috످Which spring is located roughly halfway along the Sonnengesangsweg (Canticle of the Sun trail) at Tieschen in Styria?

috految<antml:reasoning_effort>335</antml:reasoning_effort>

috److془The question: Sonnengesangsweg at Tieschen in Styria. "Der Sonnengesangsweg ... Auf halber Strecke befindet sich die ... Quelle". I don't recall with certainty.

Say I don't know; point to the municipality of Tieschen.془I don't know which spring is halfway along the Sonnengesangsweg. You could check Tieschen's municipal website or look up the trail on Outdooractive.

috످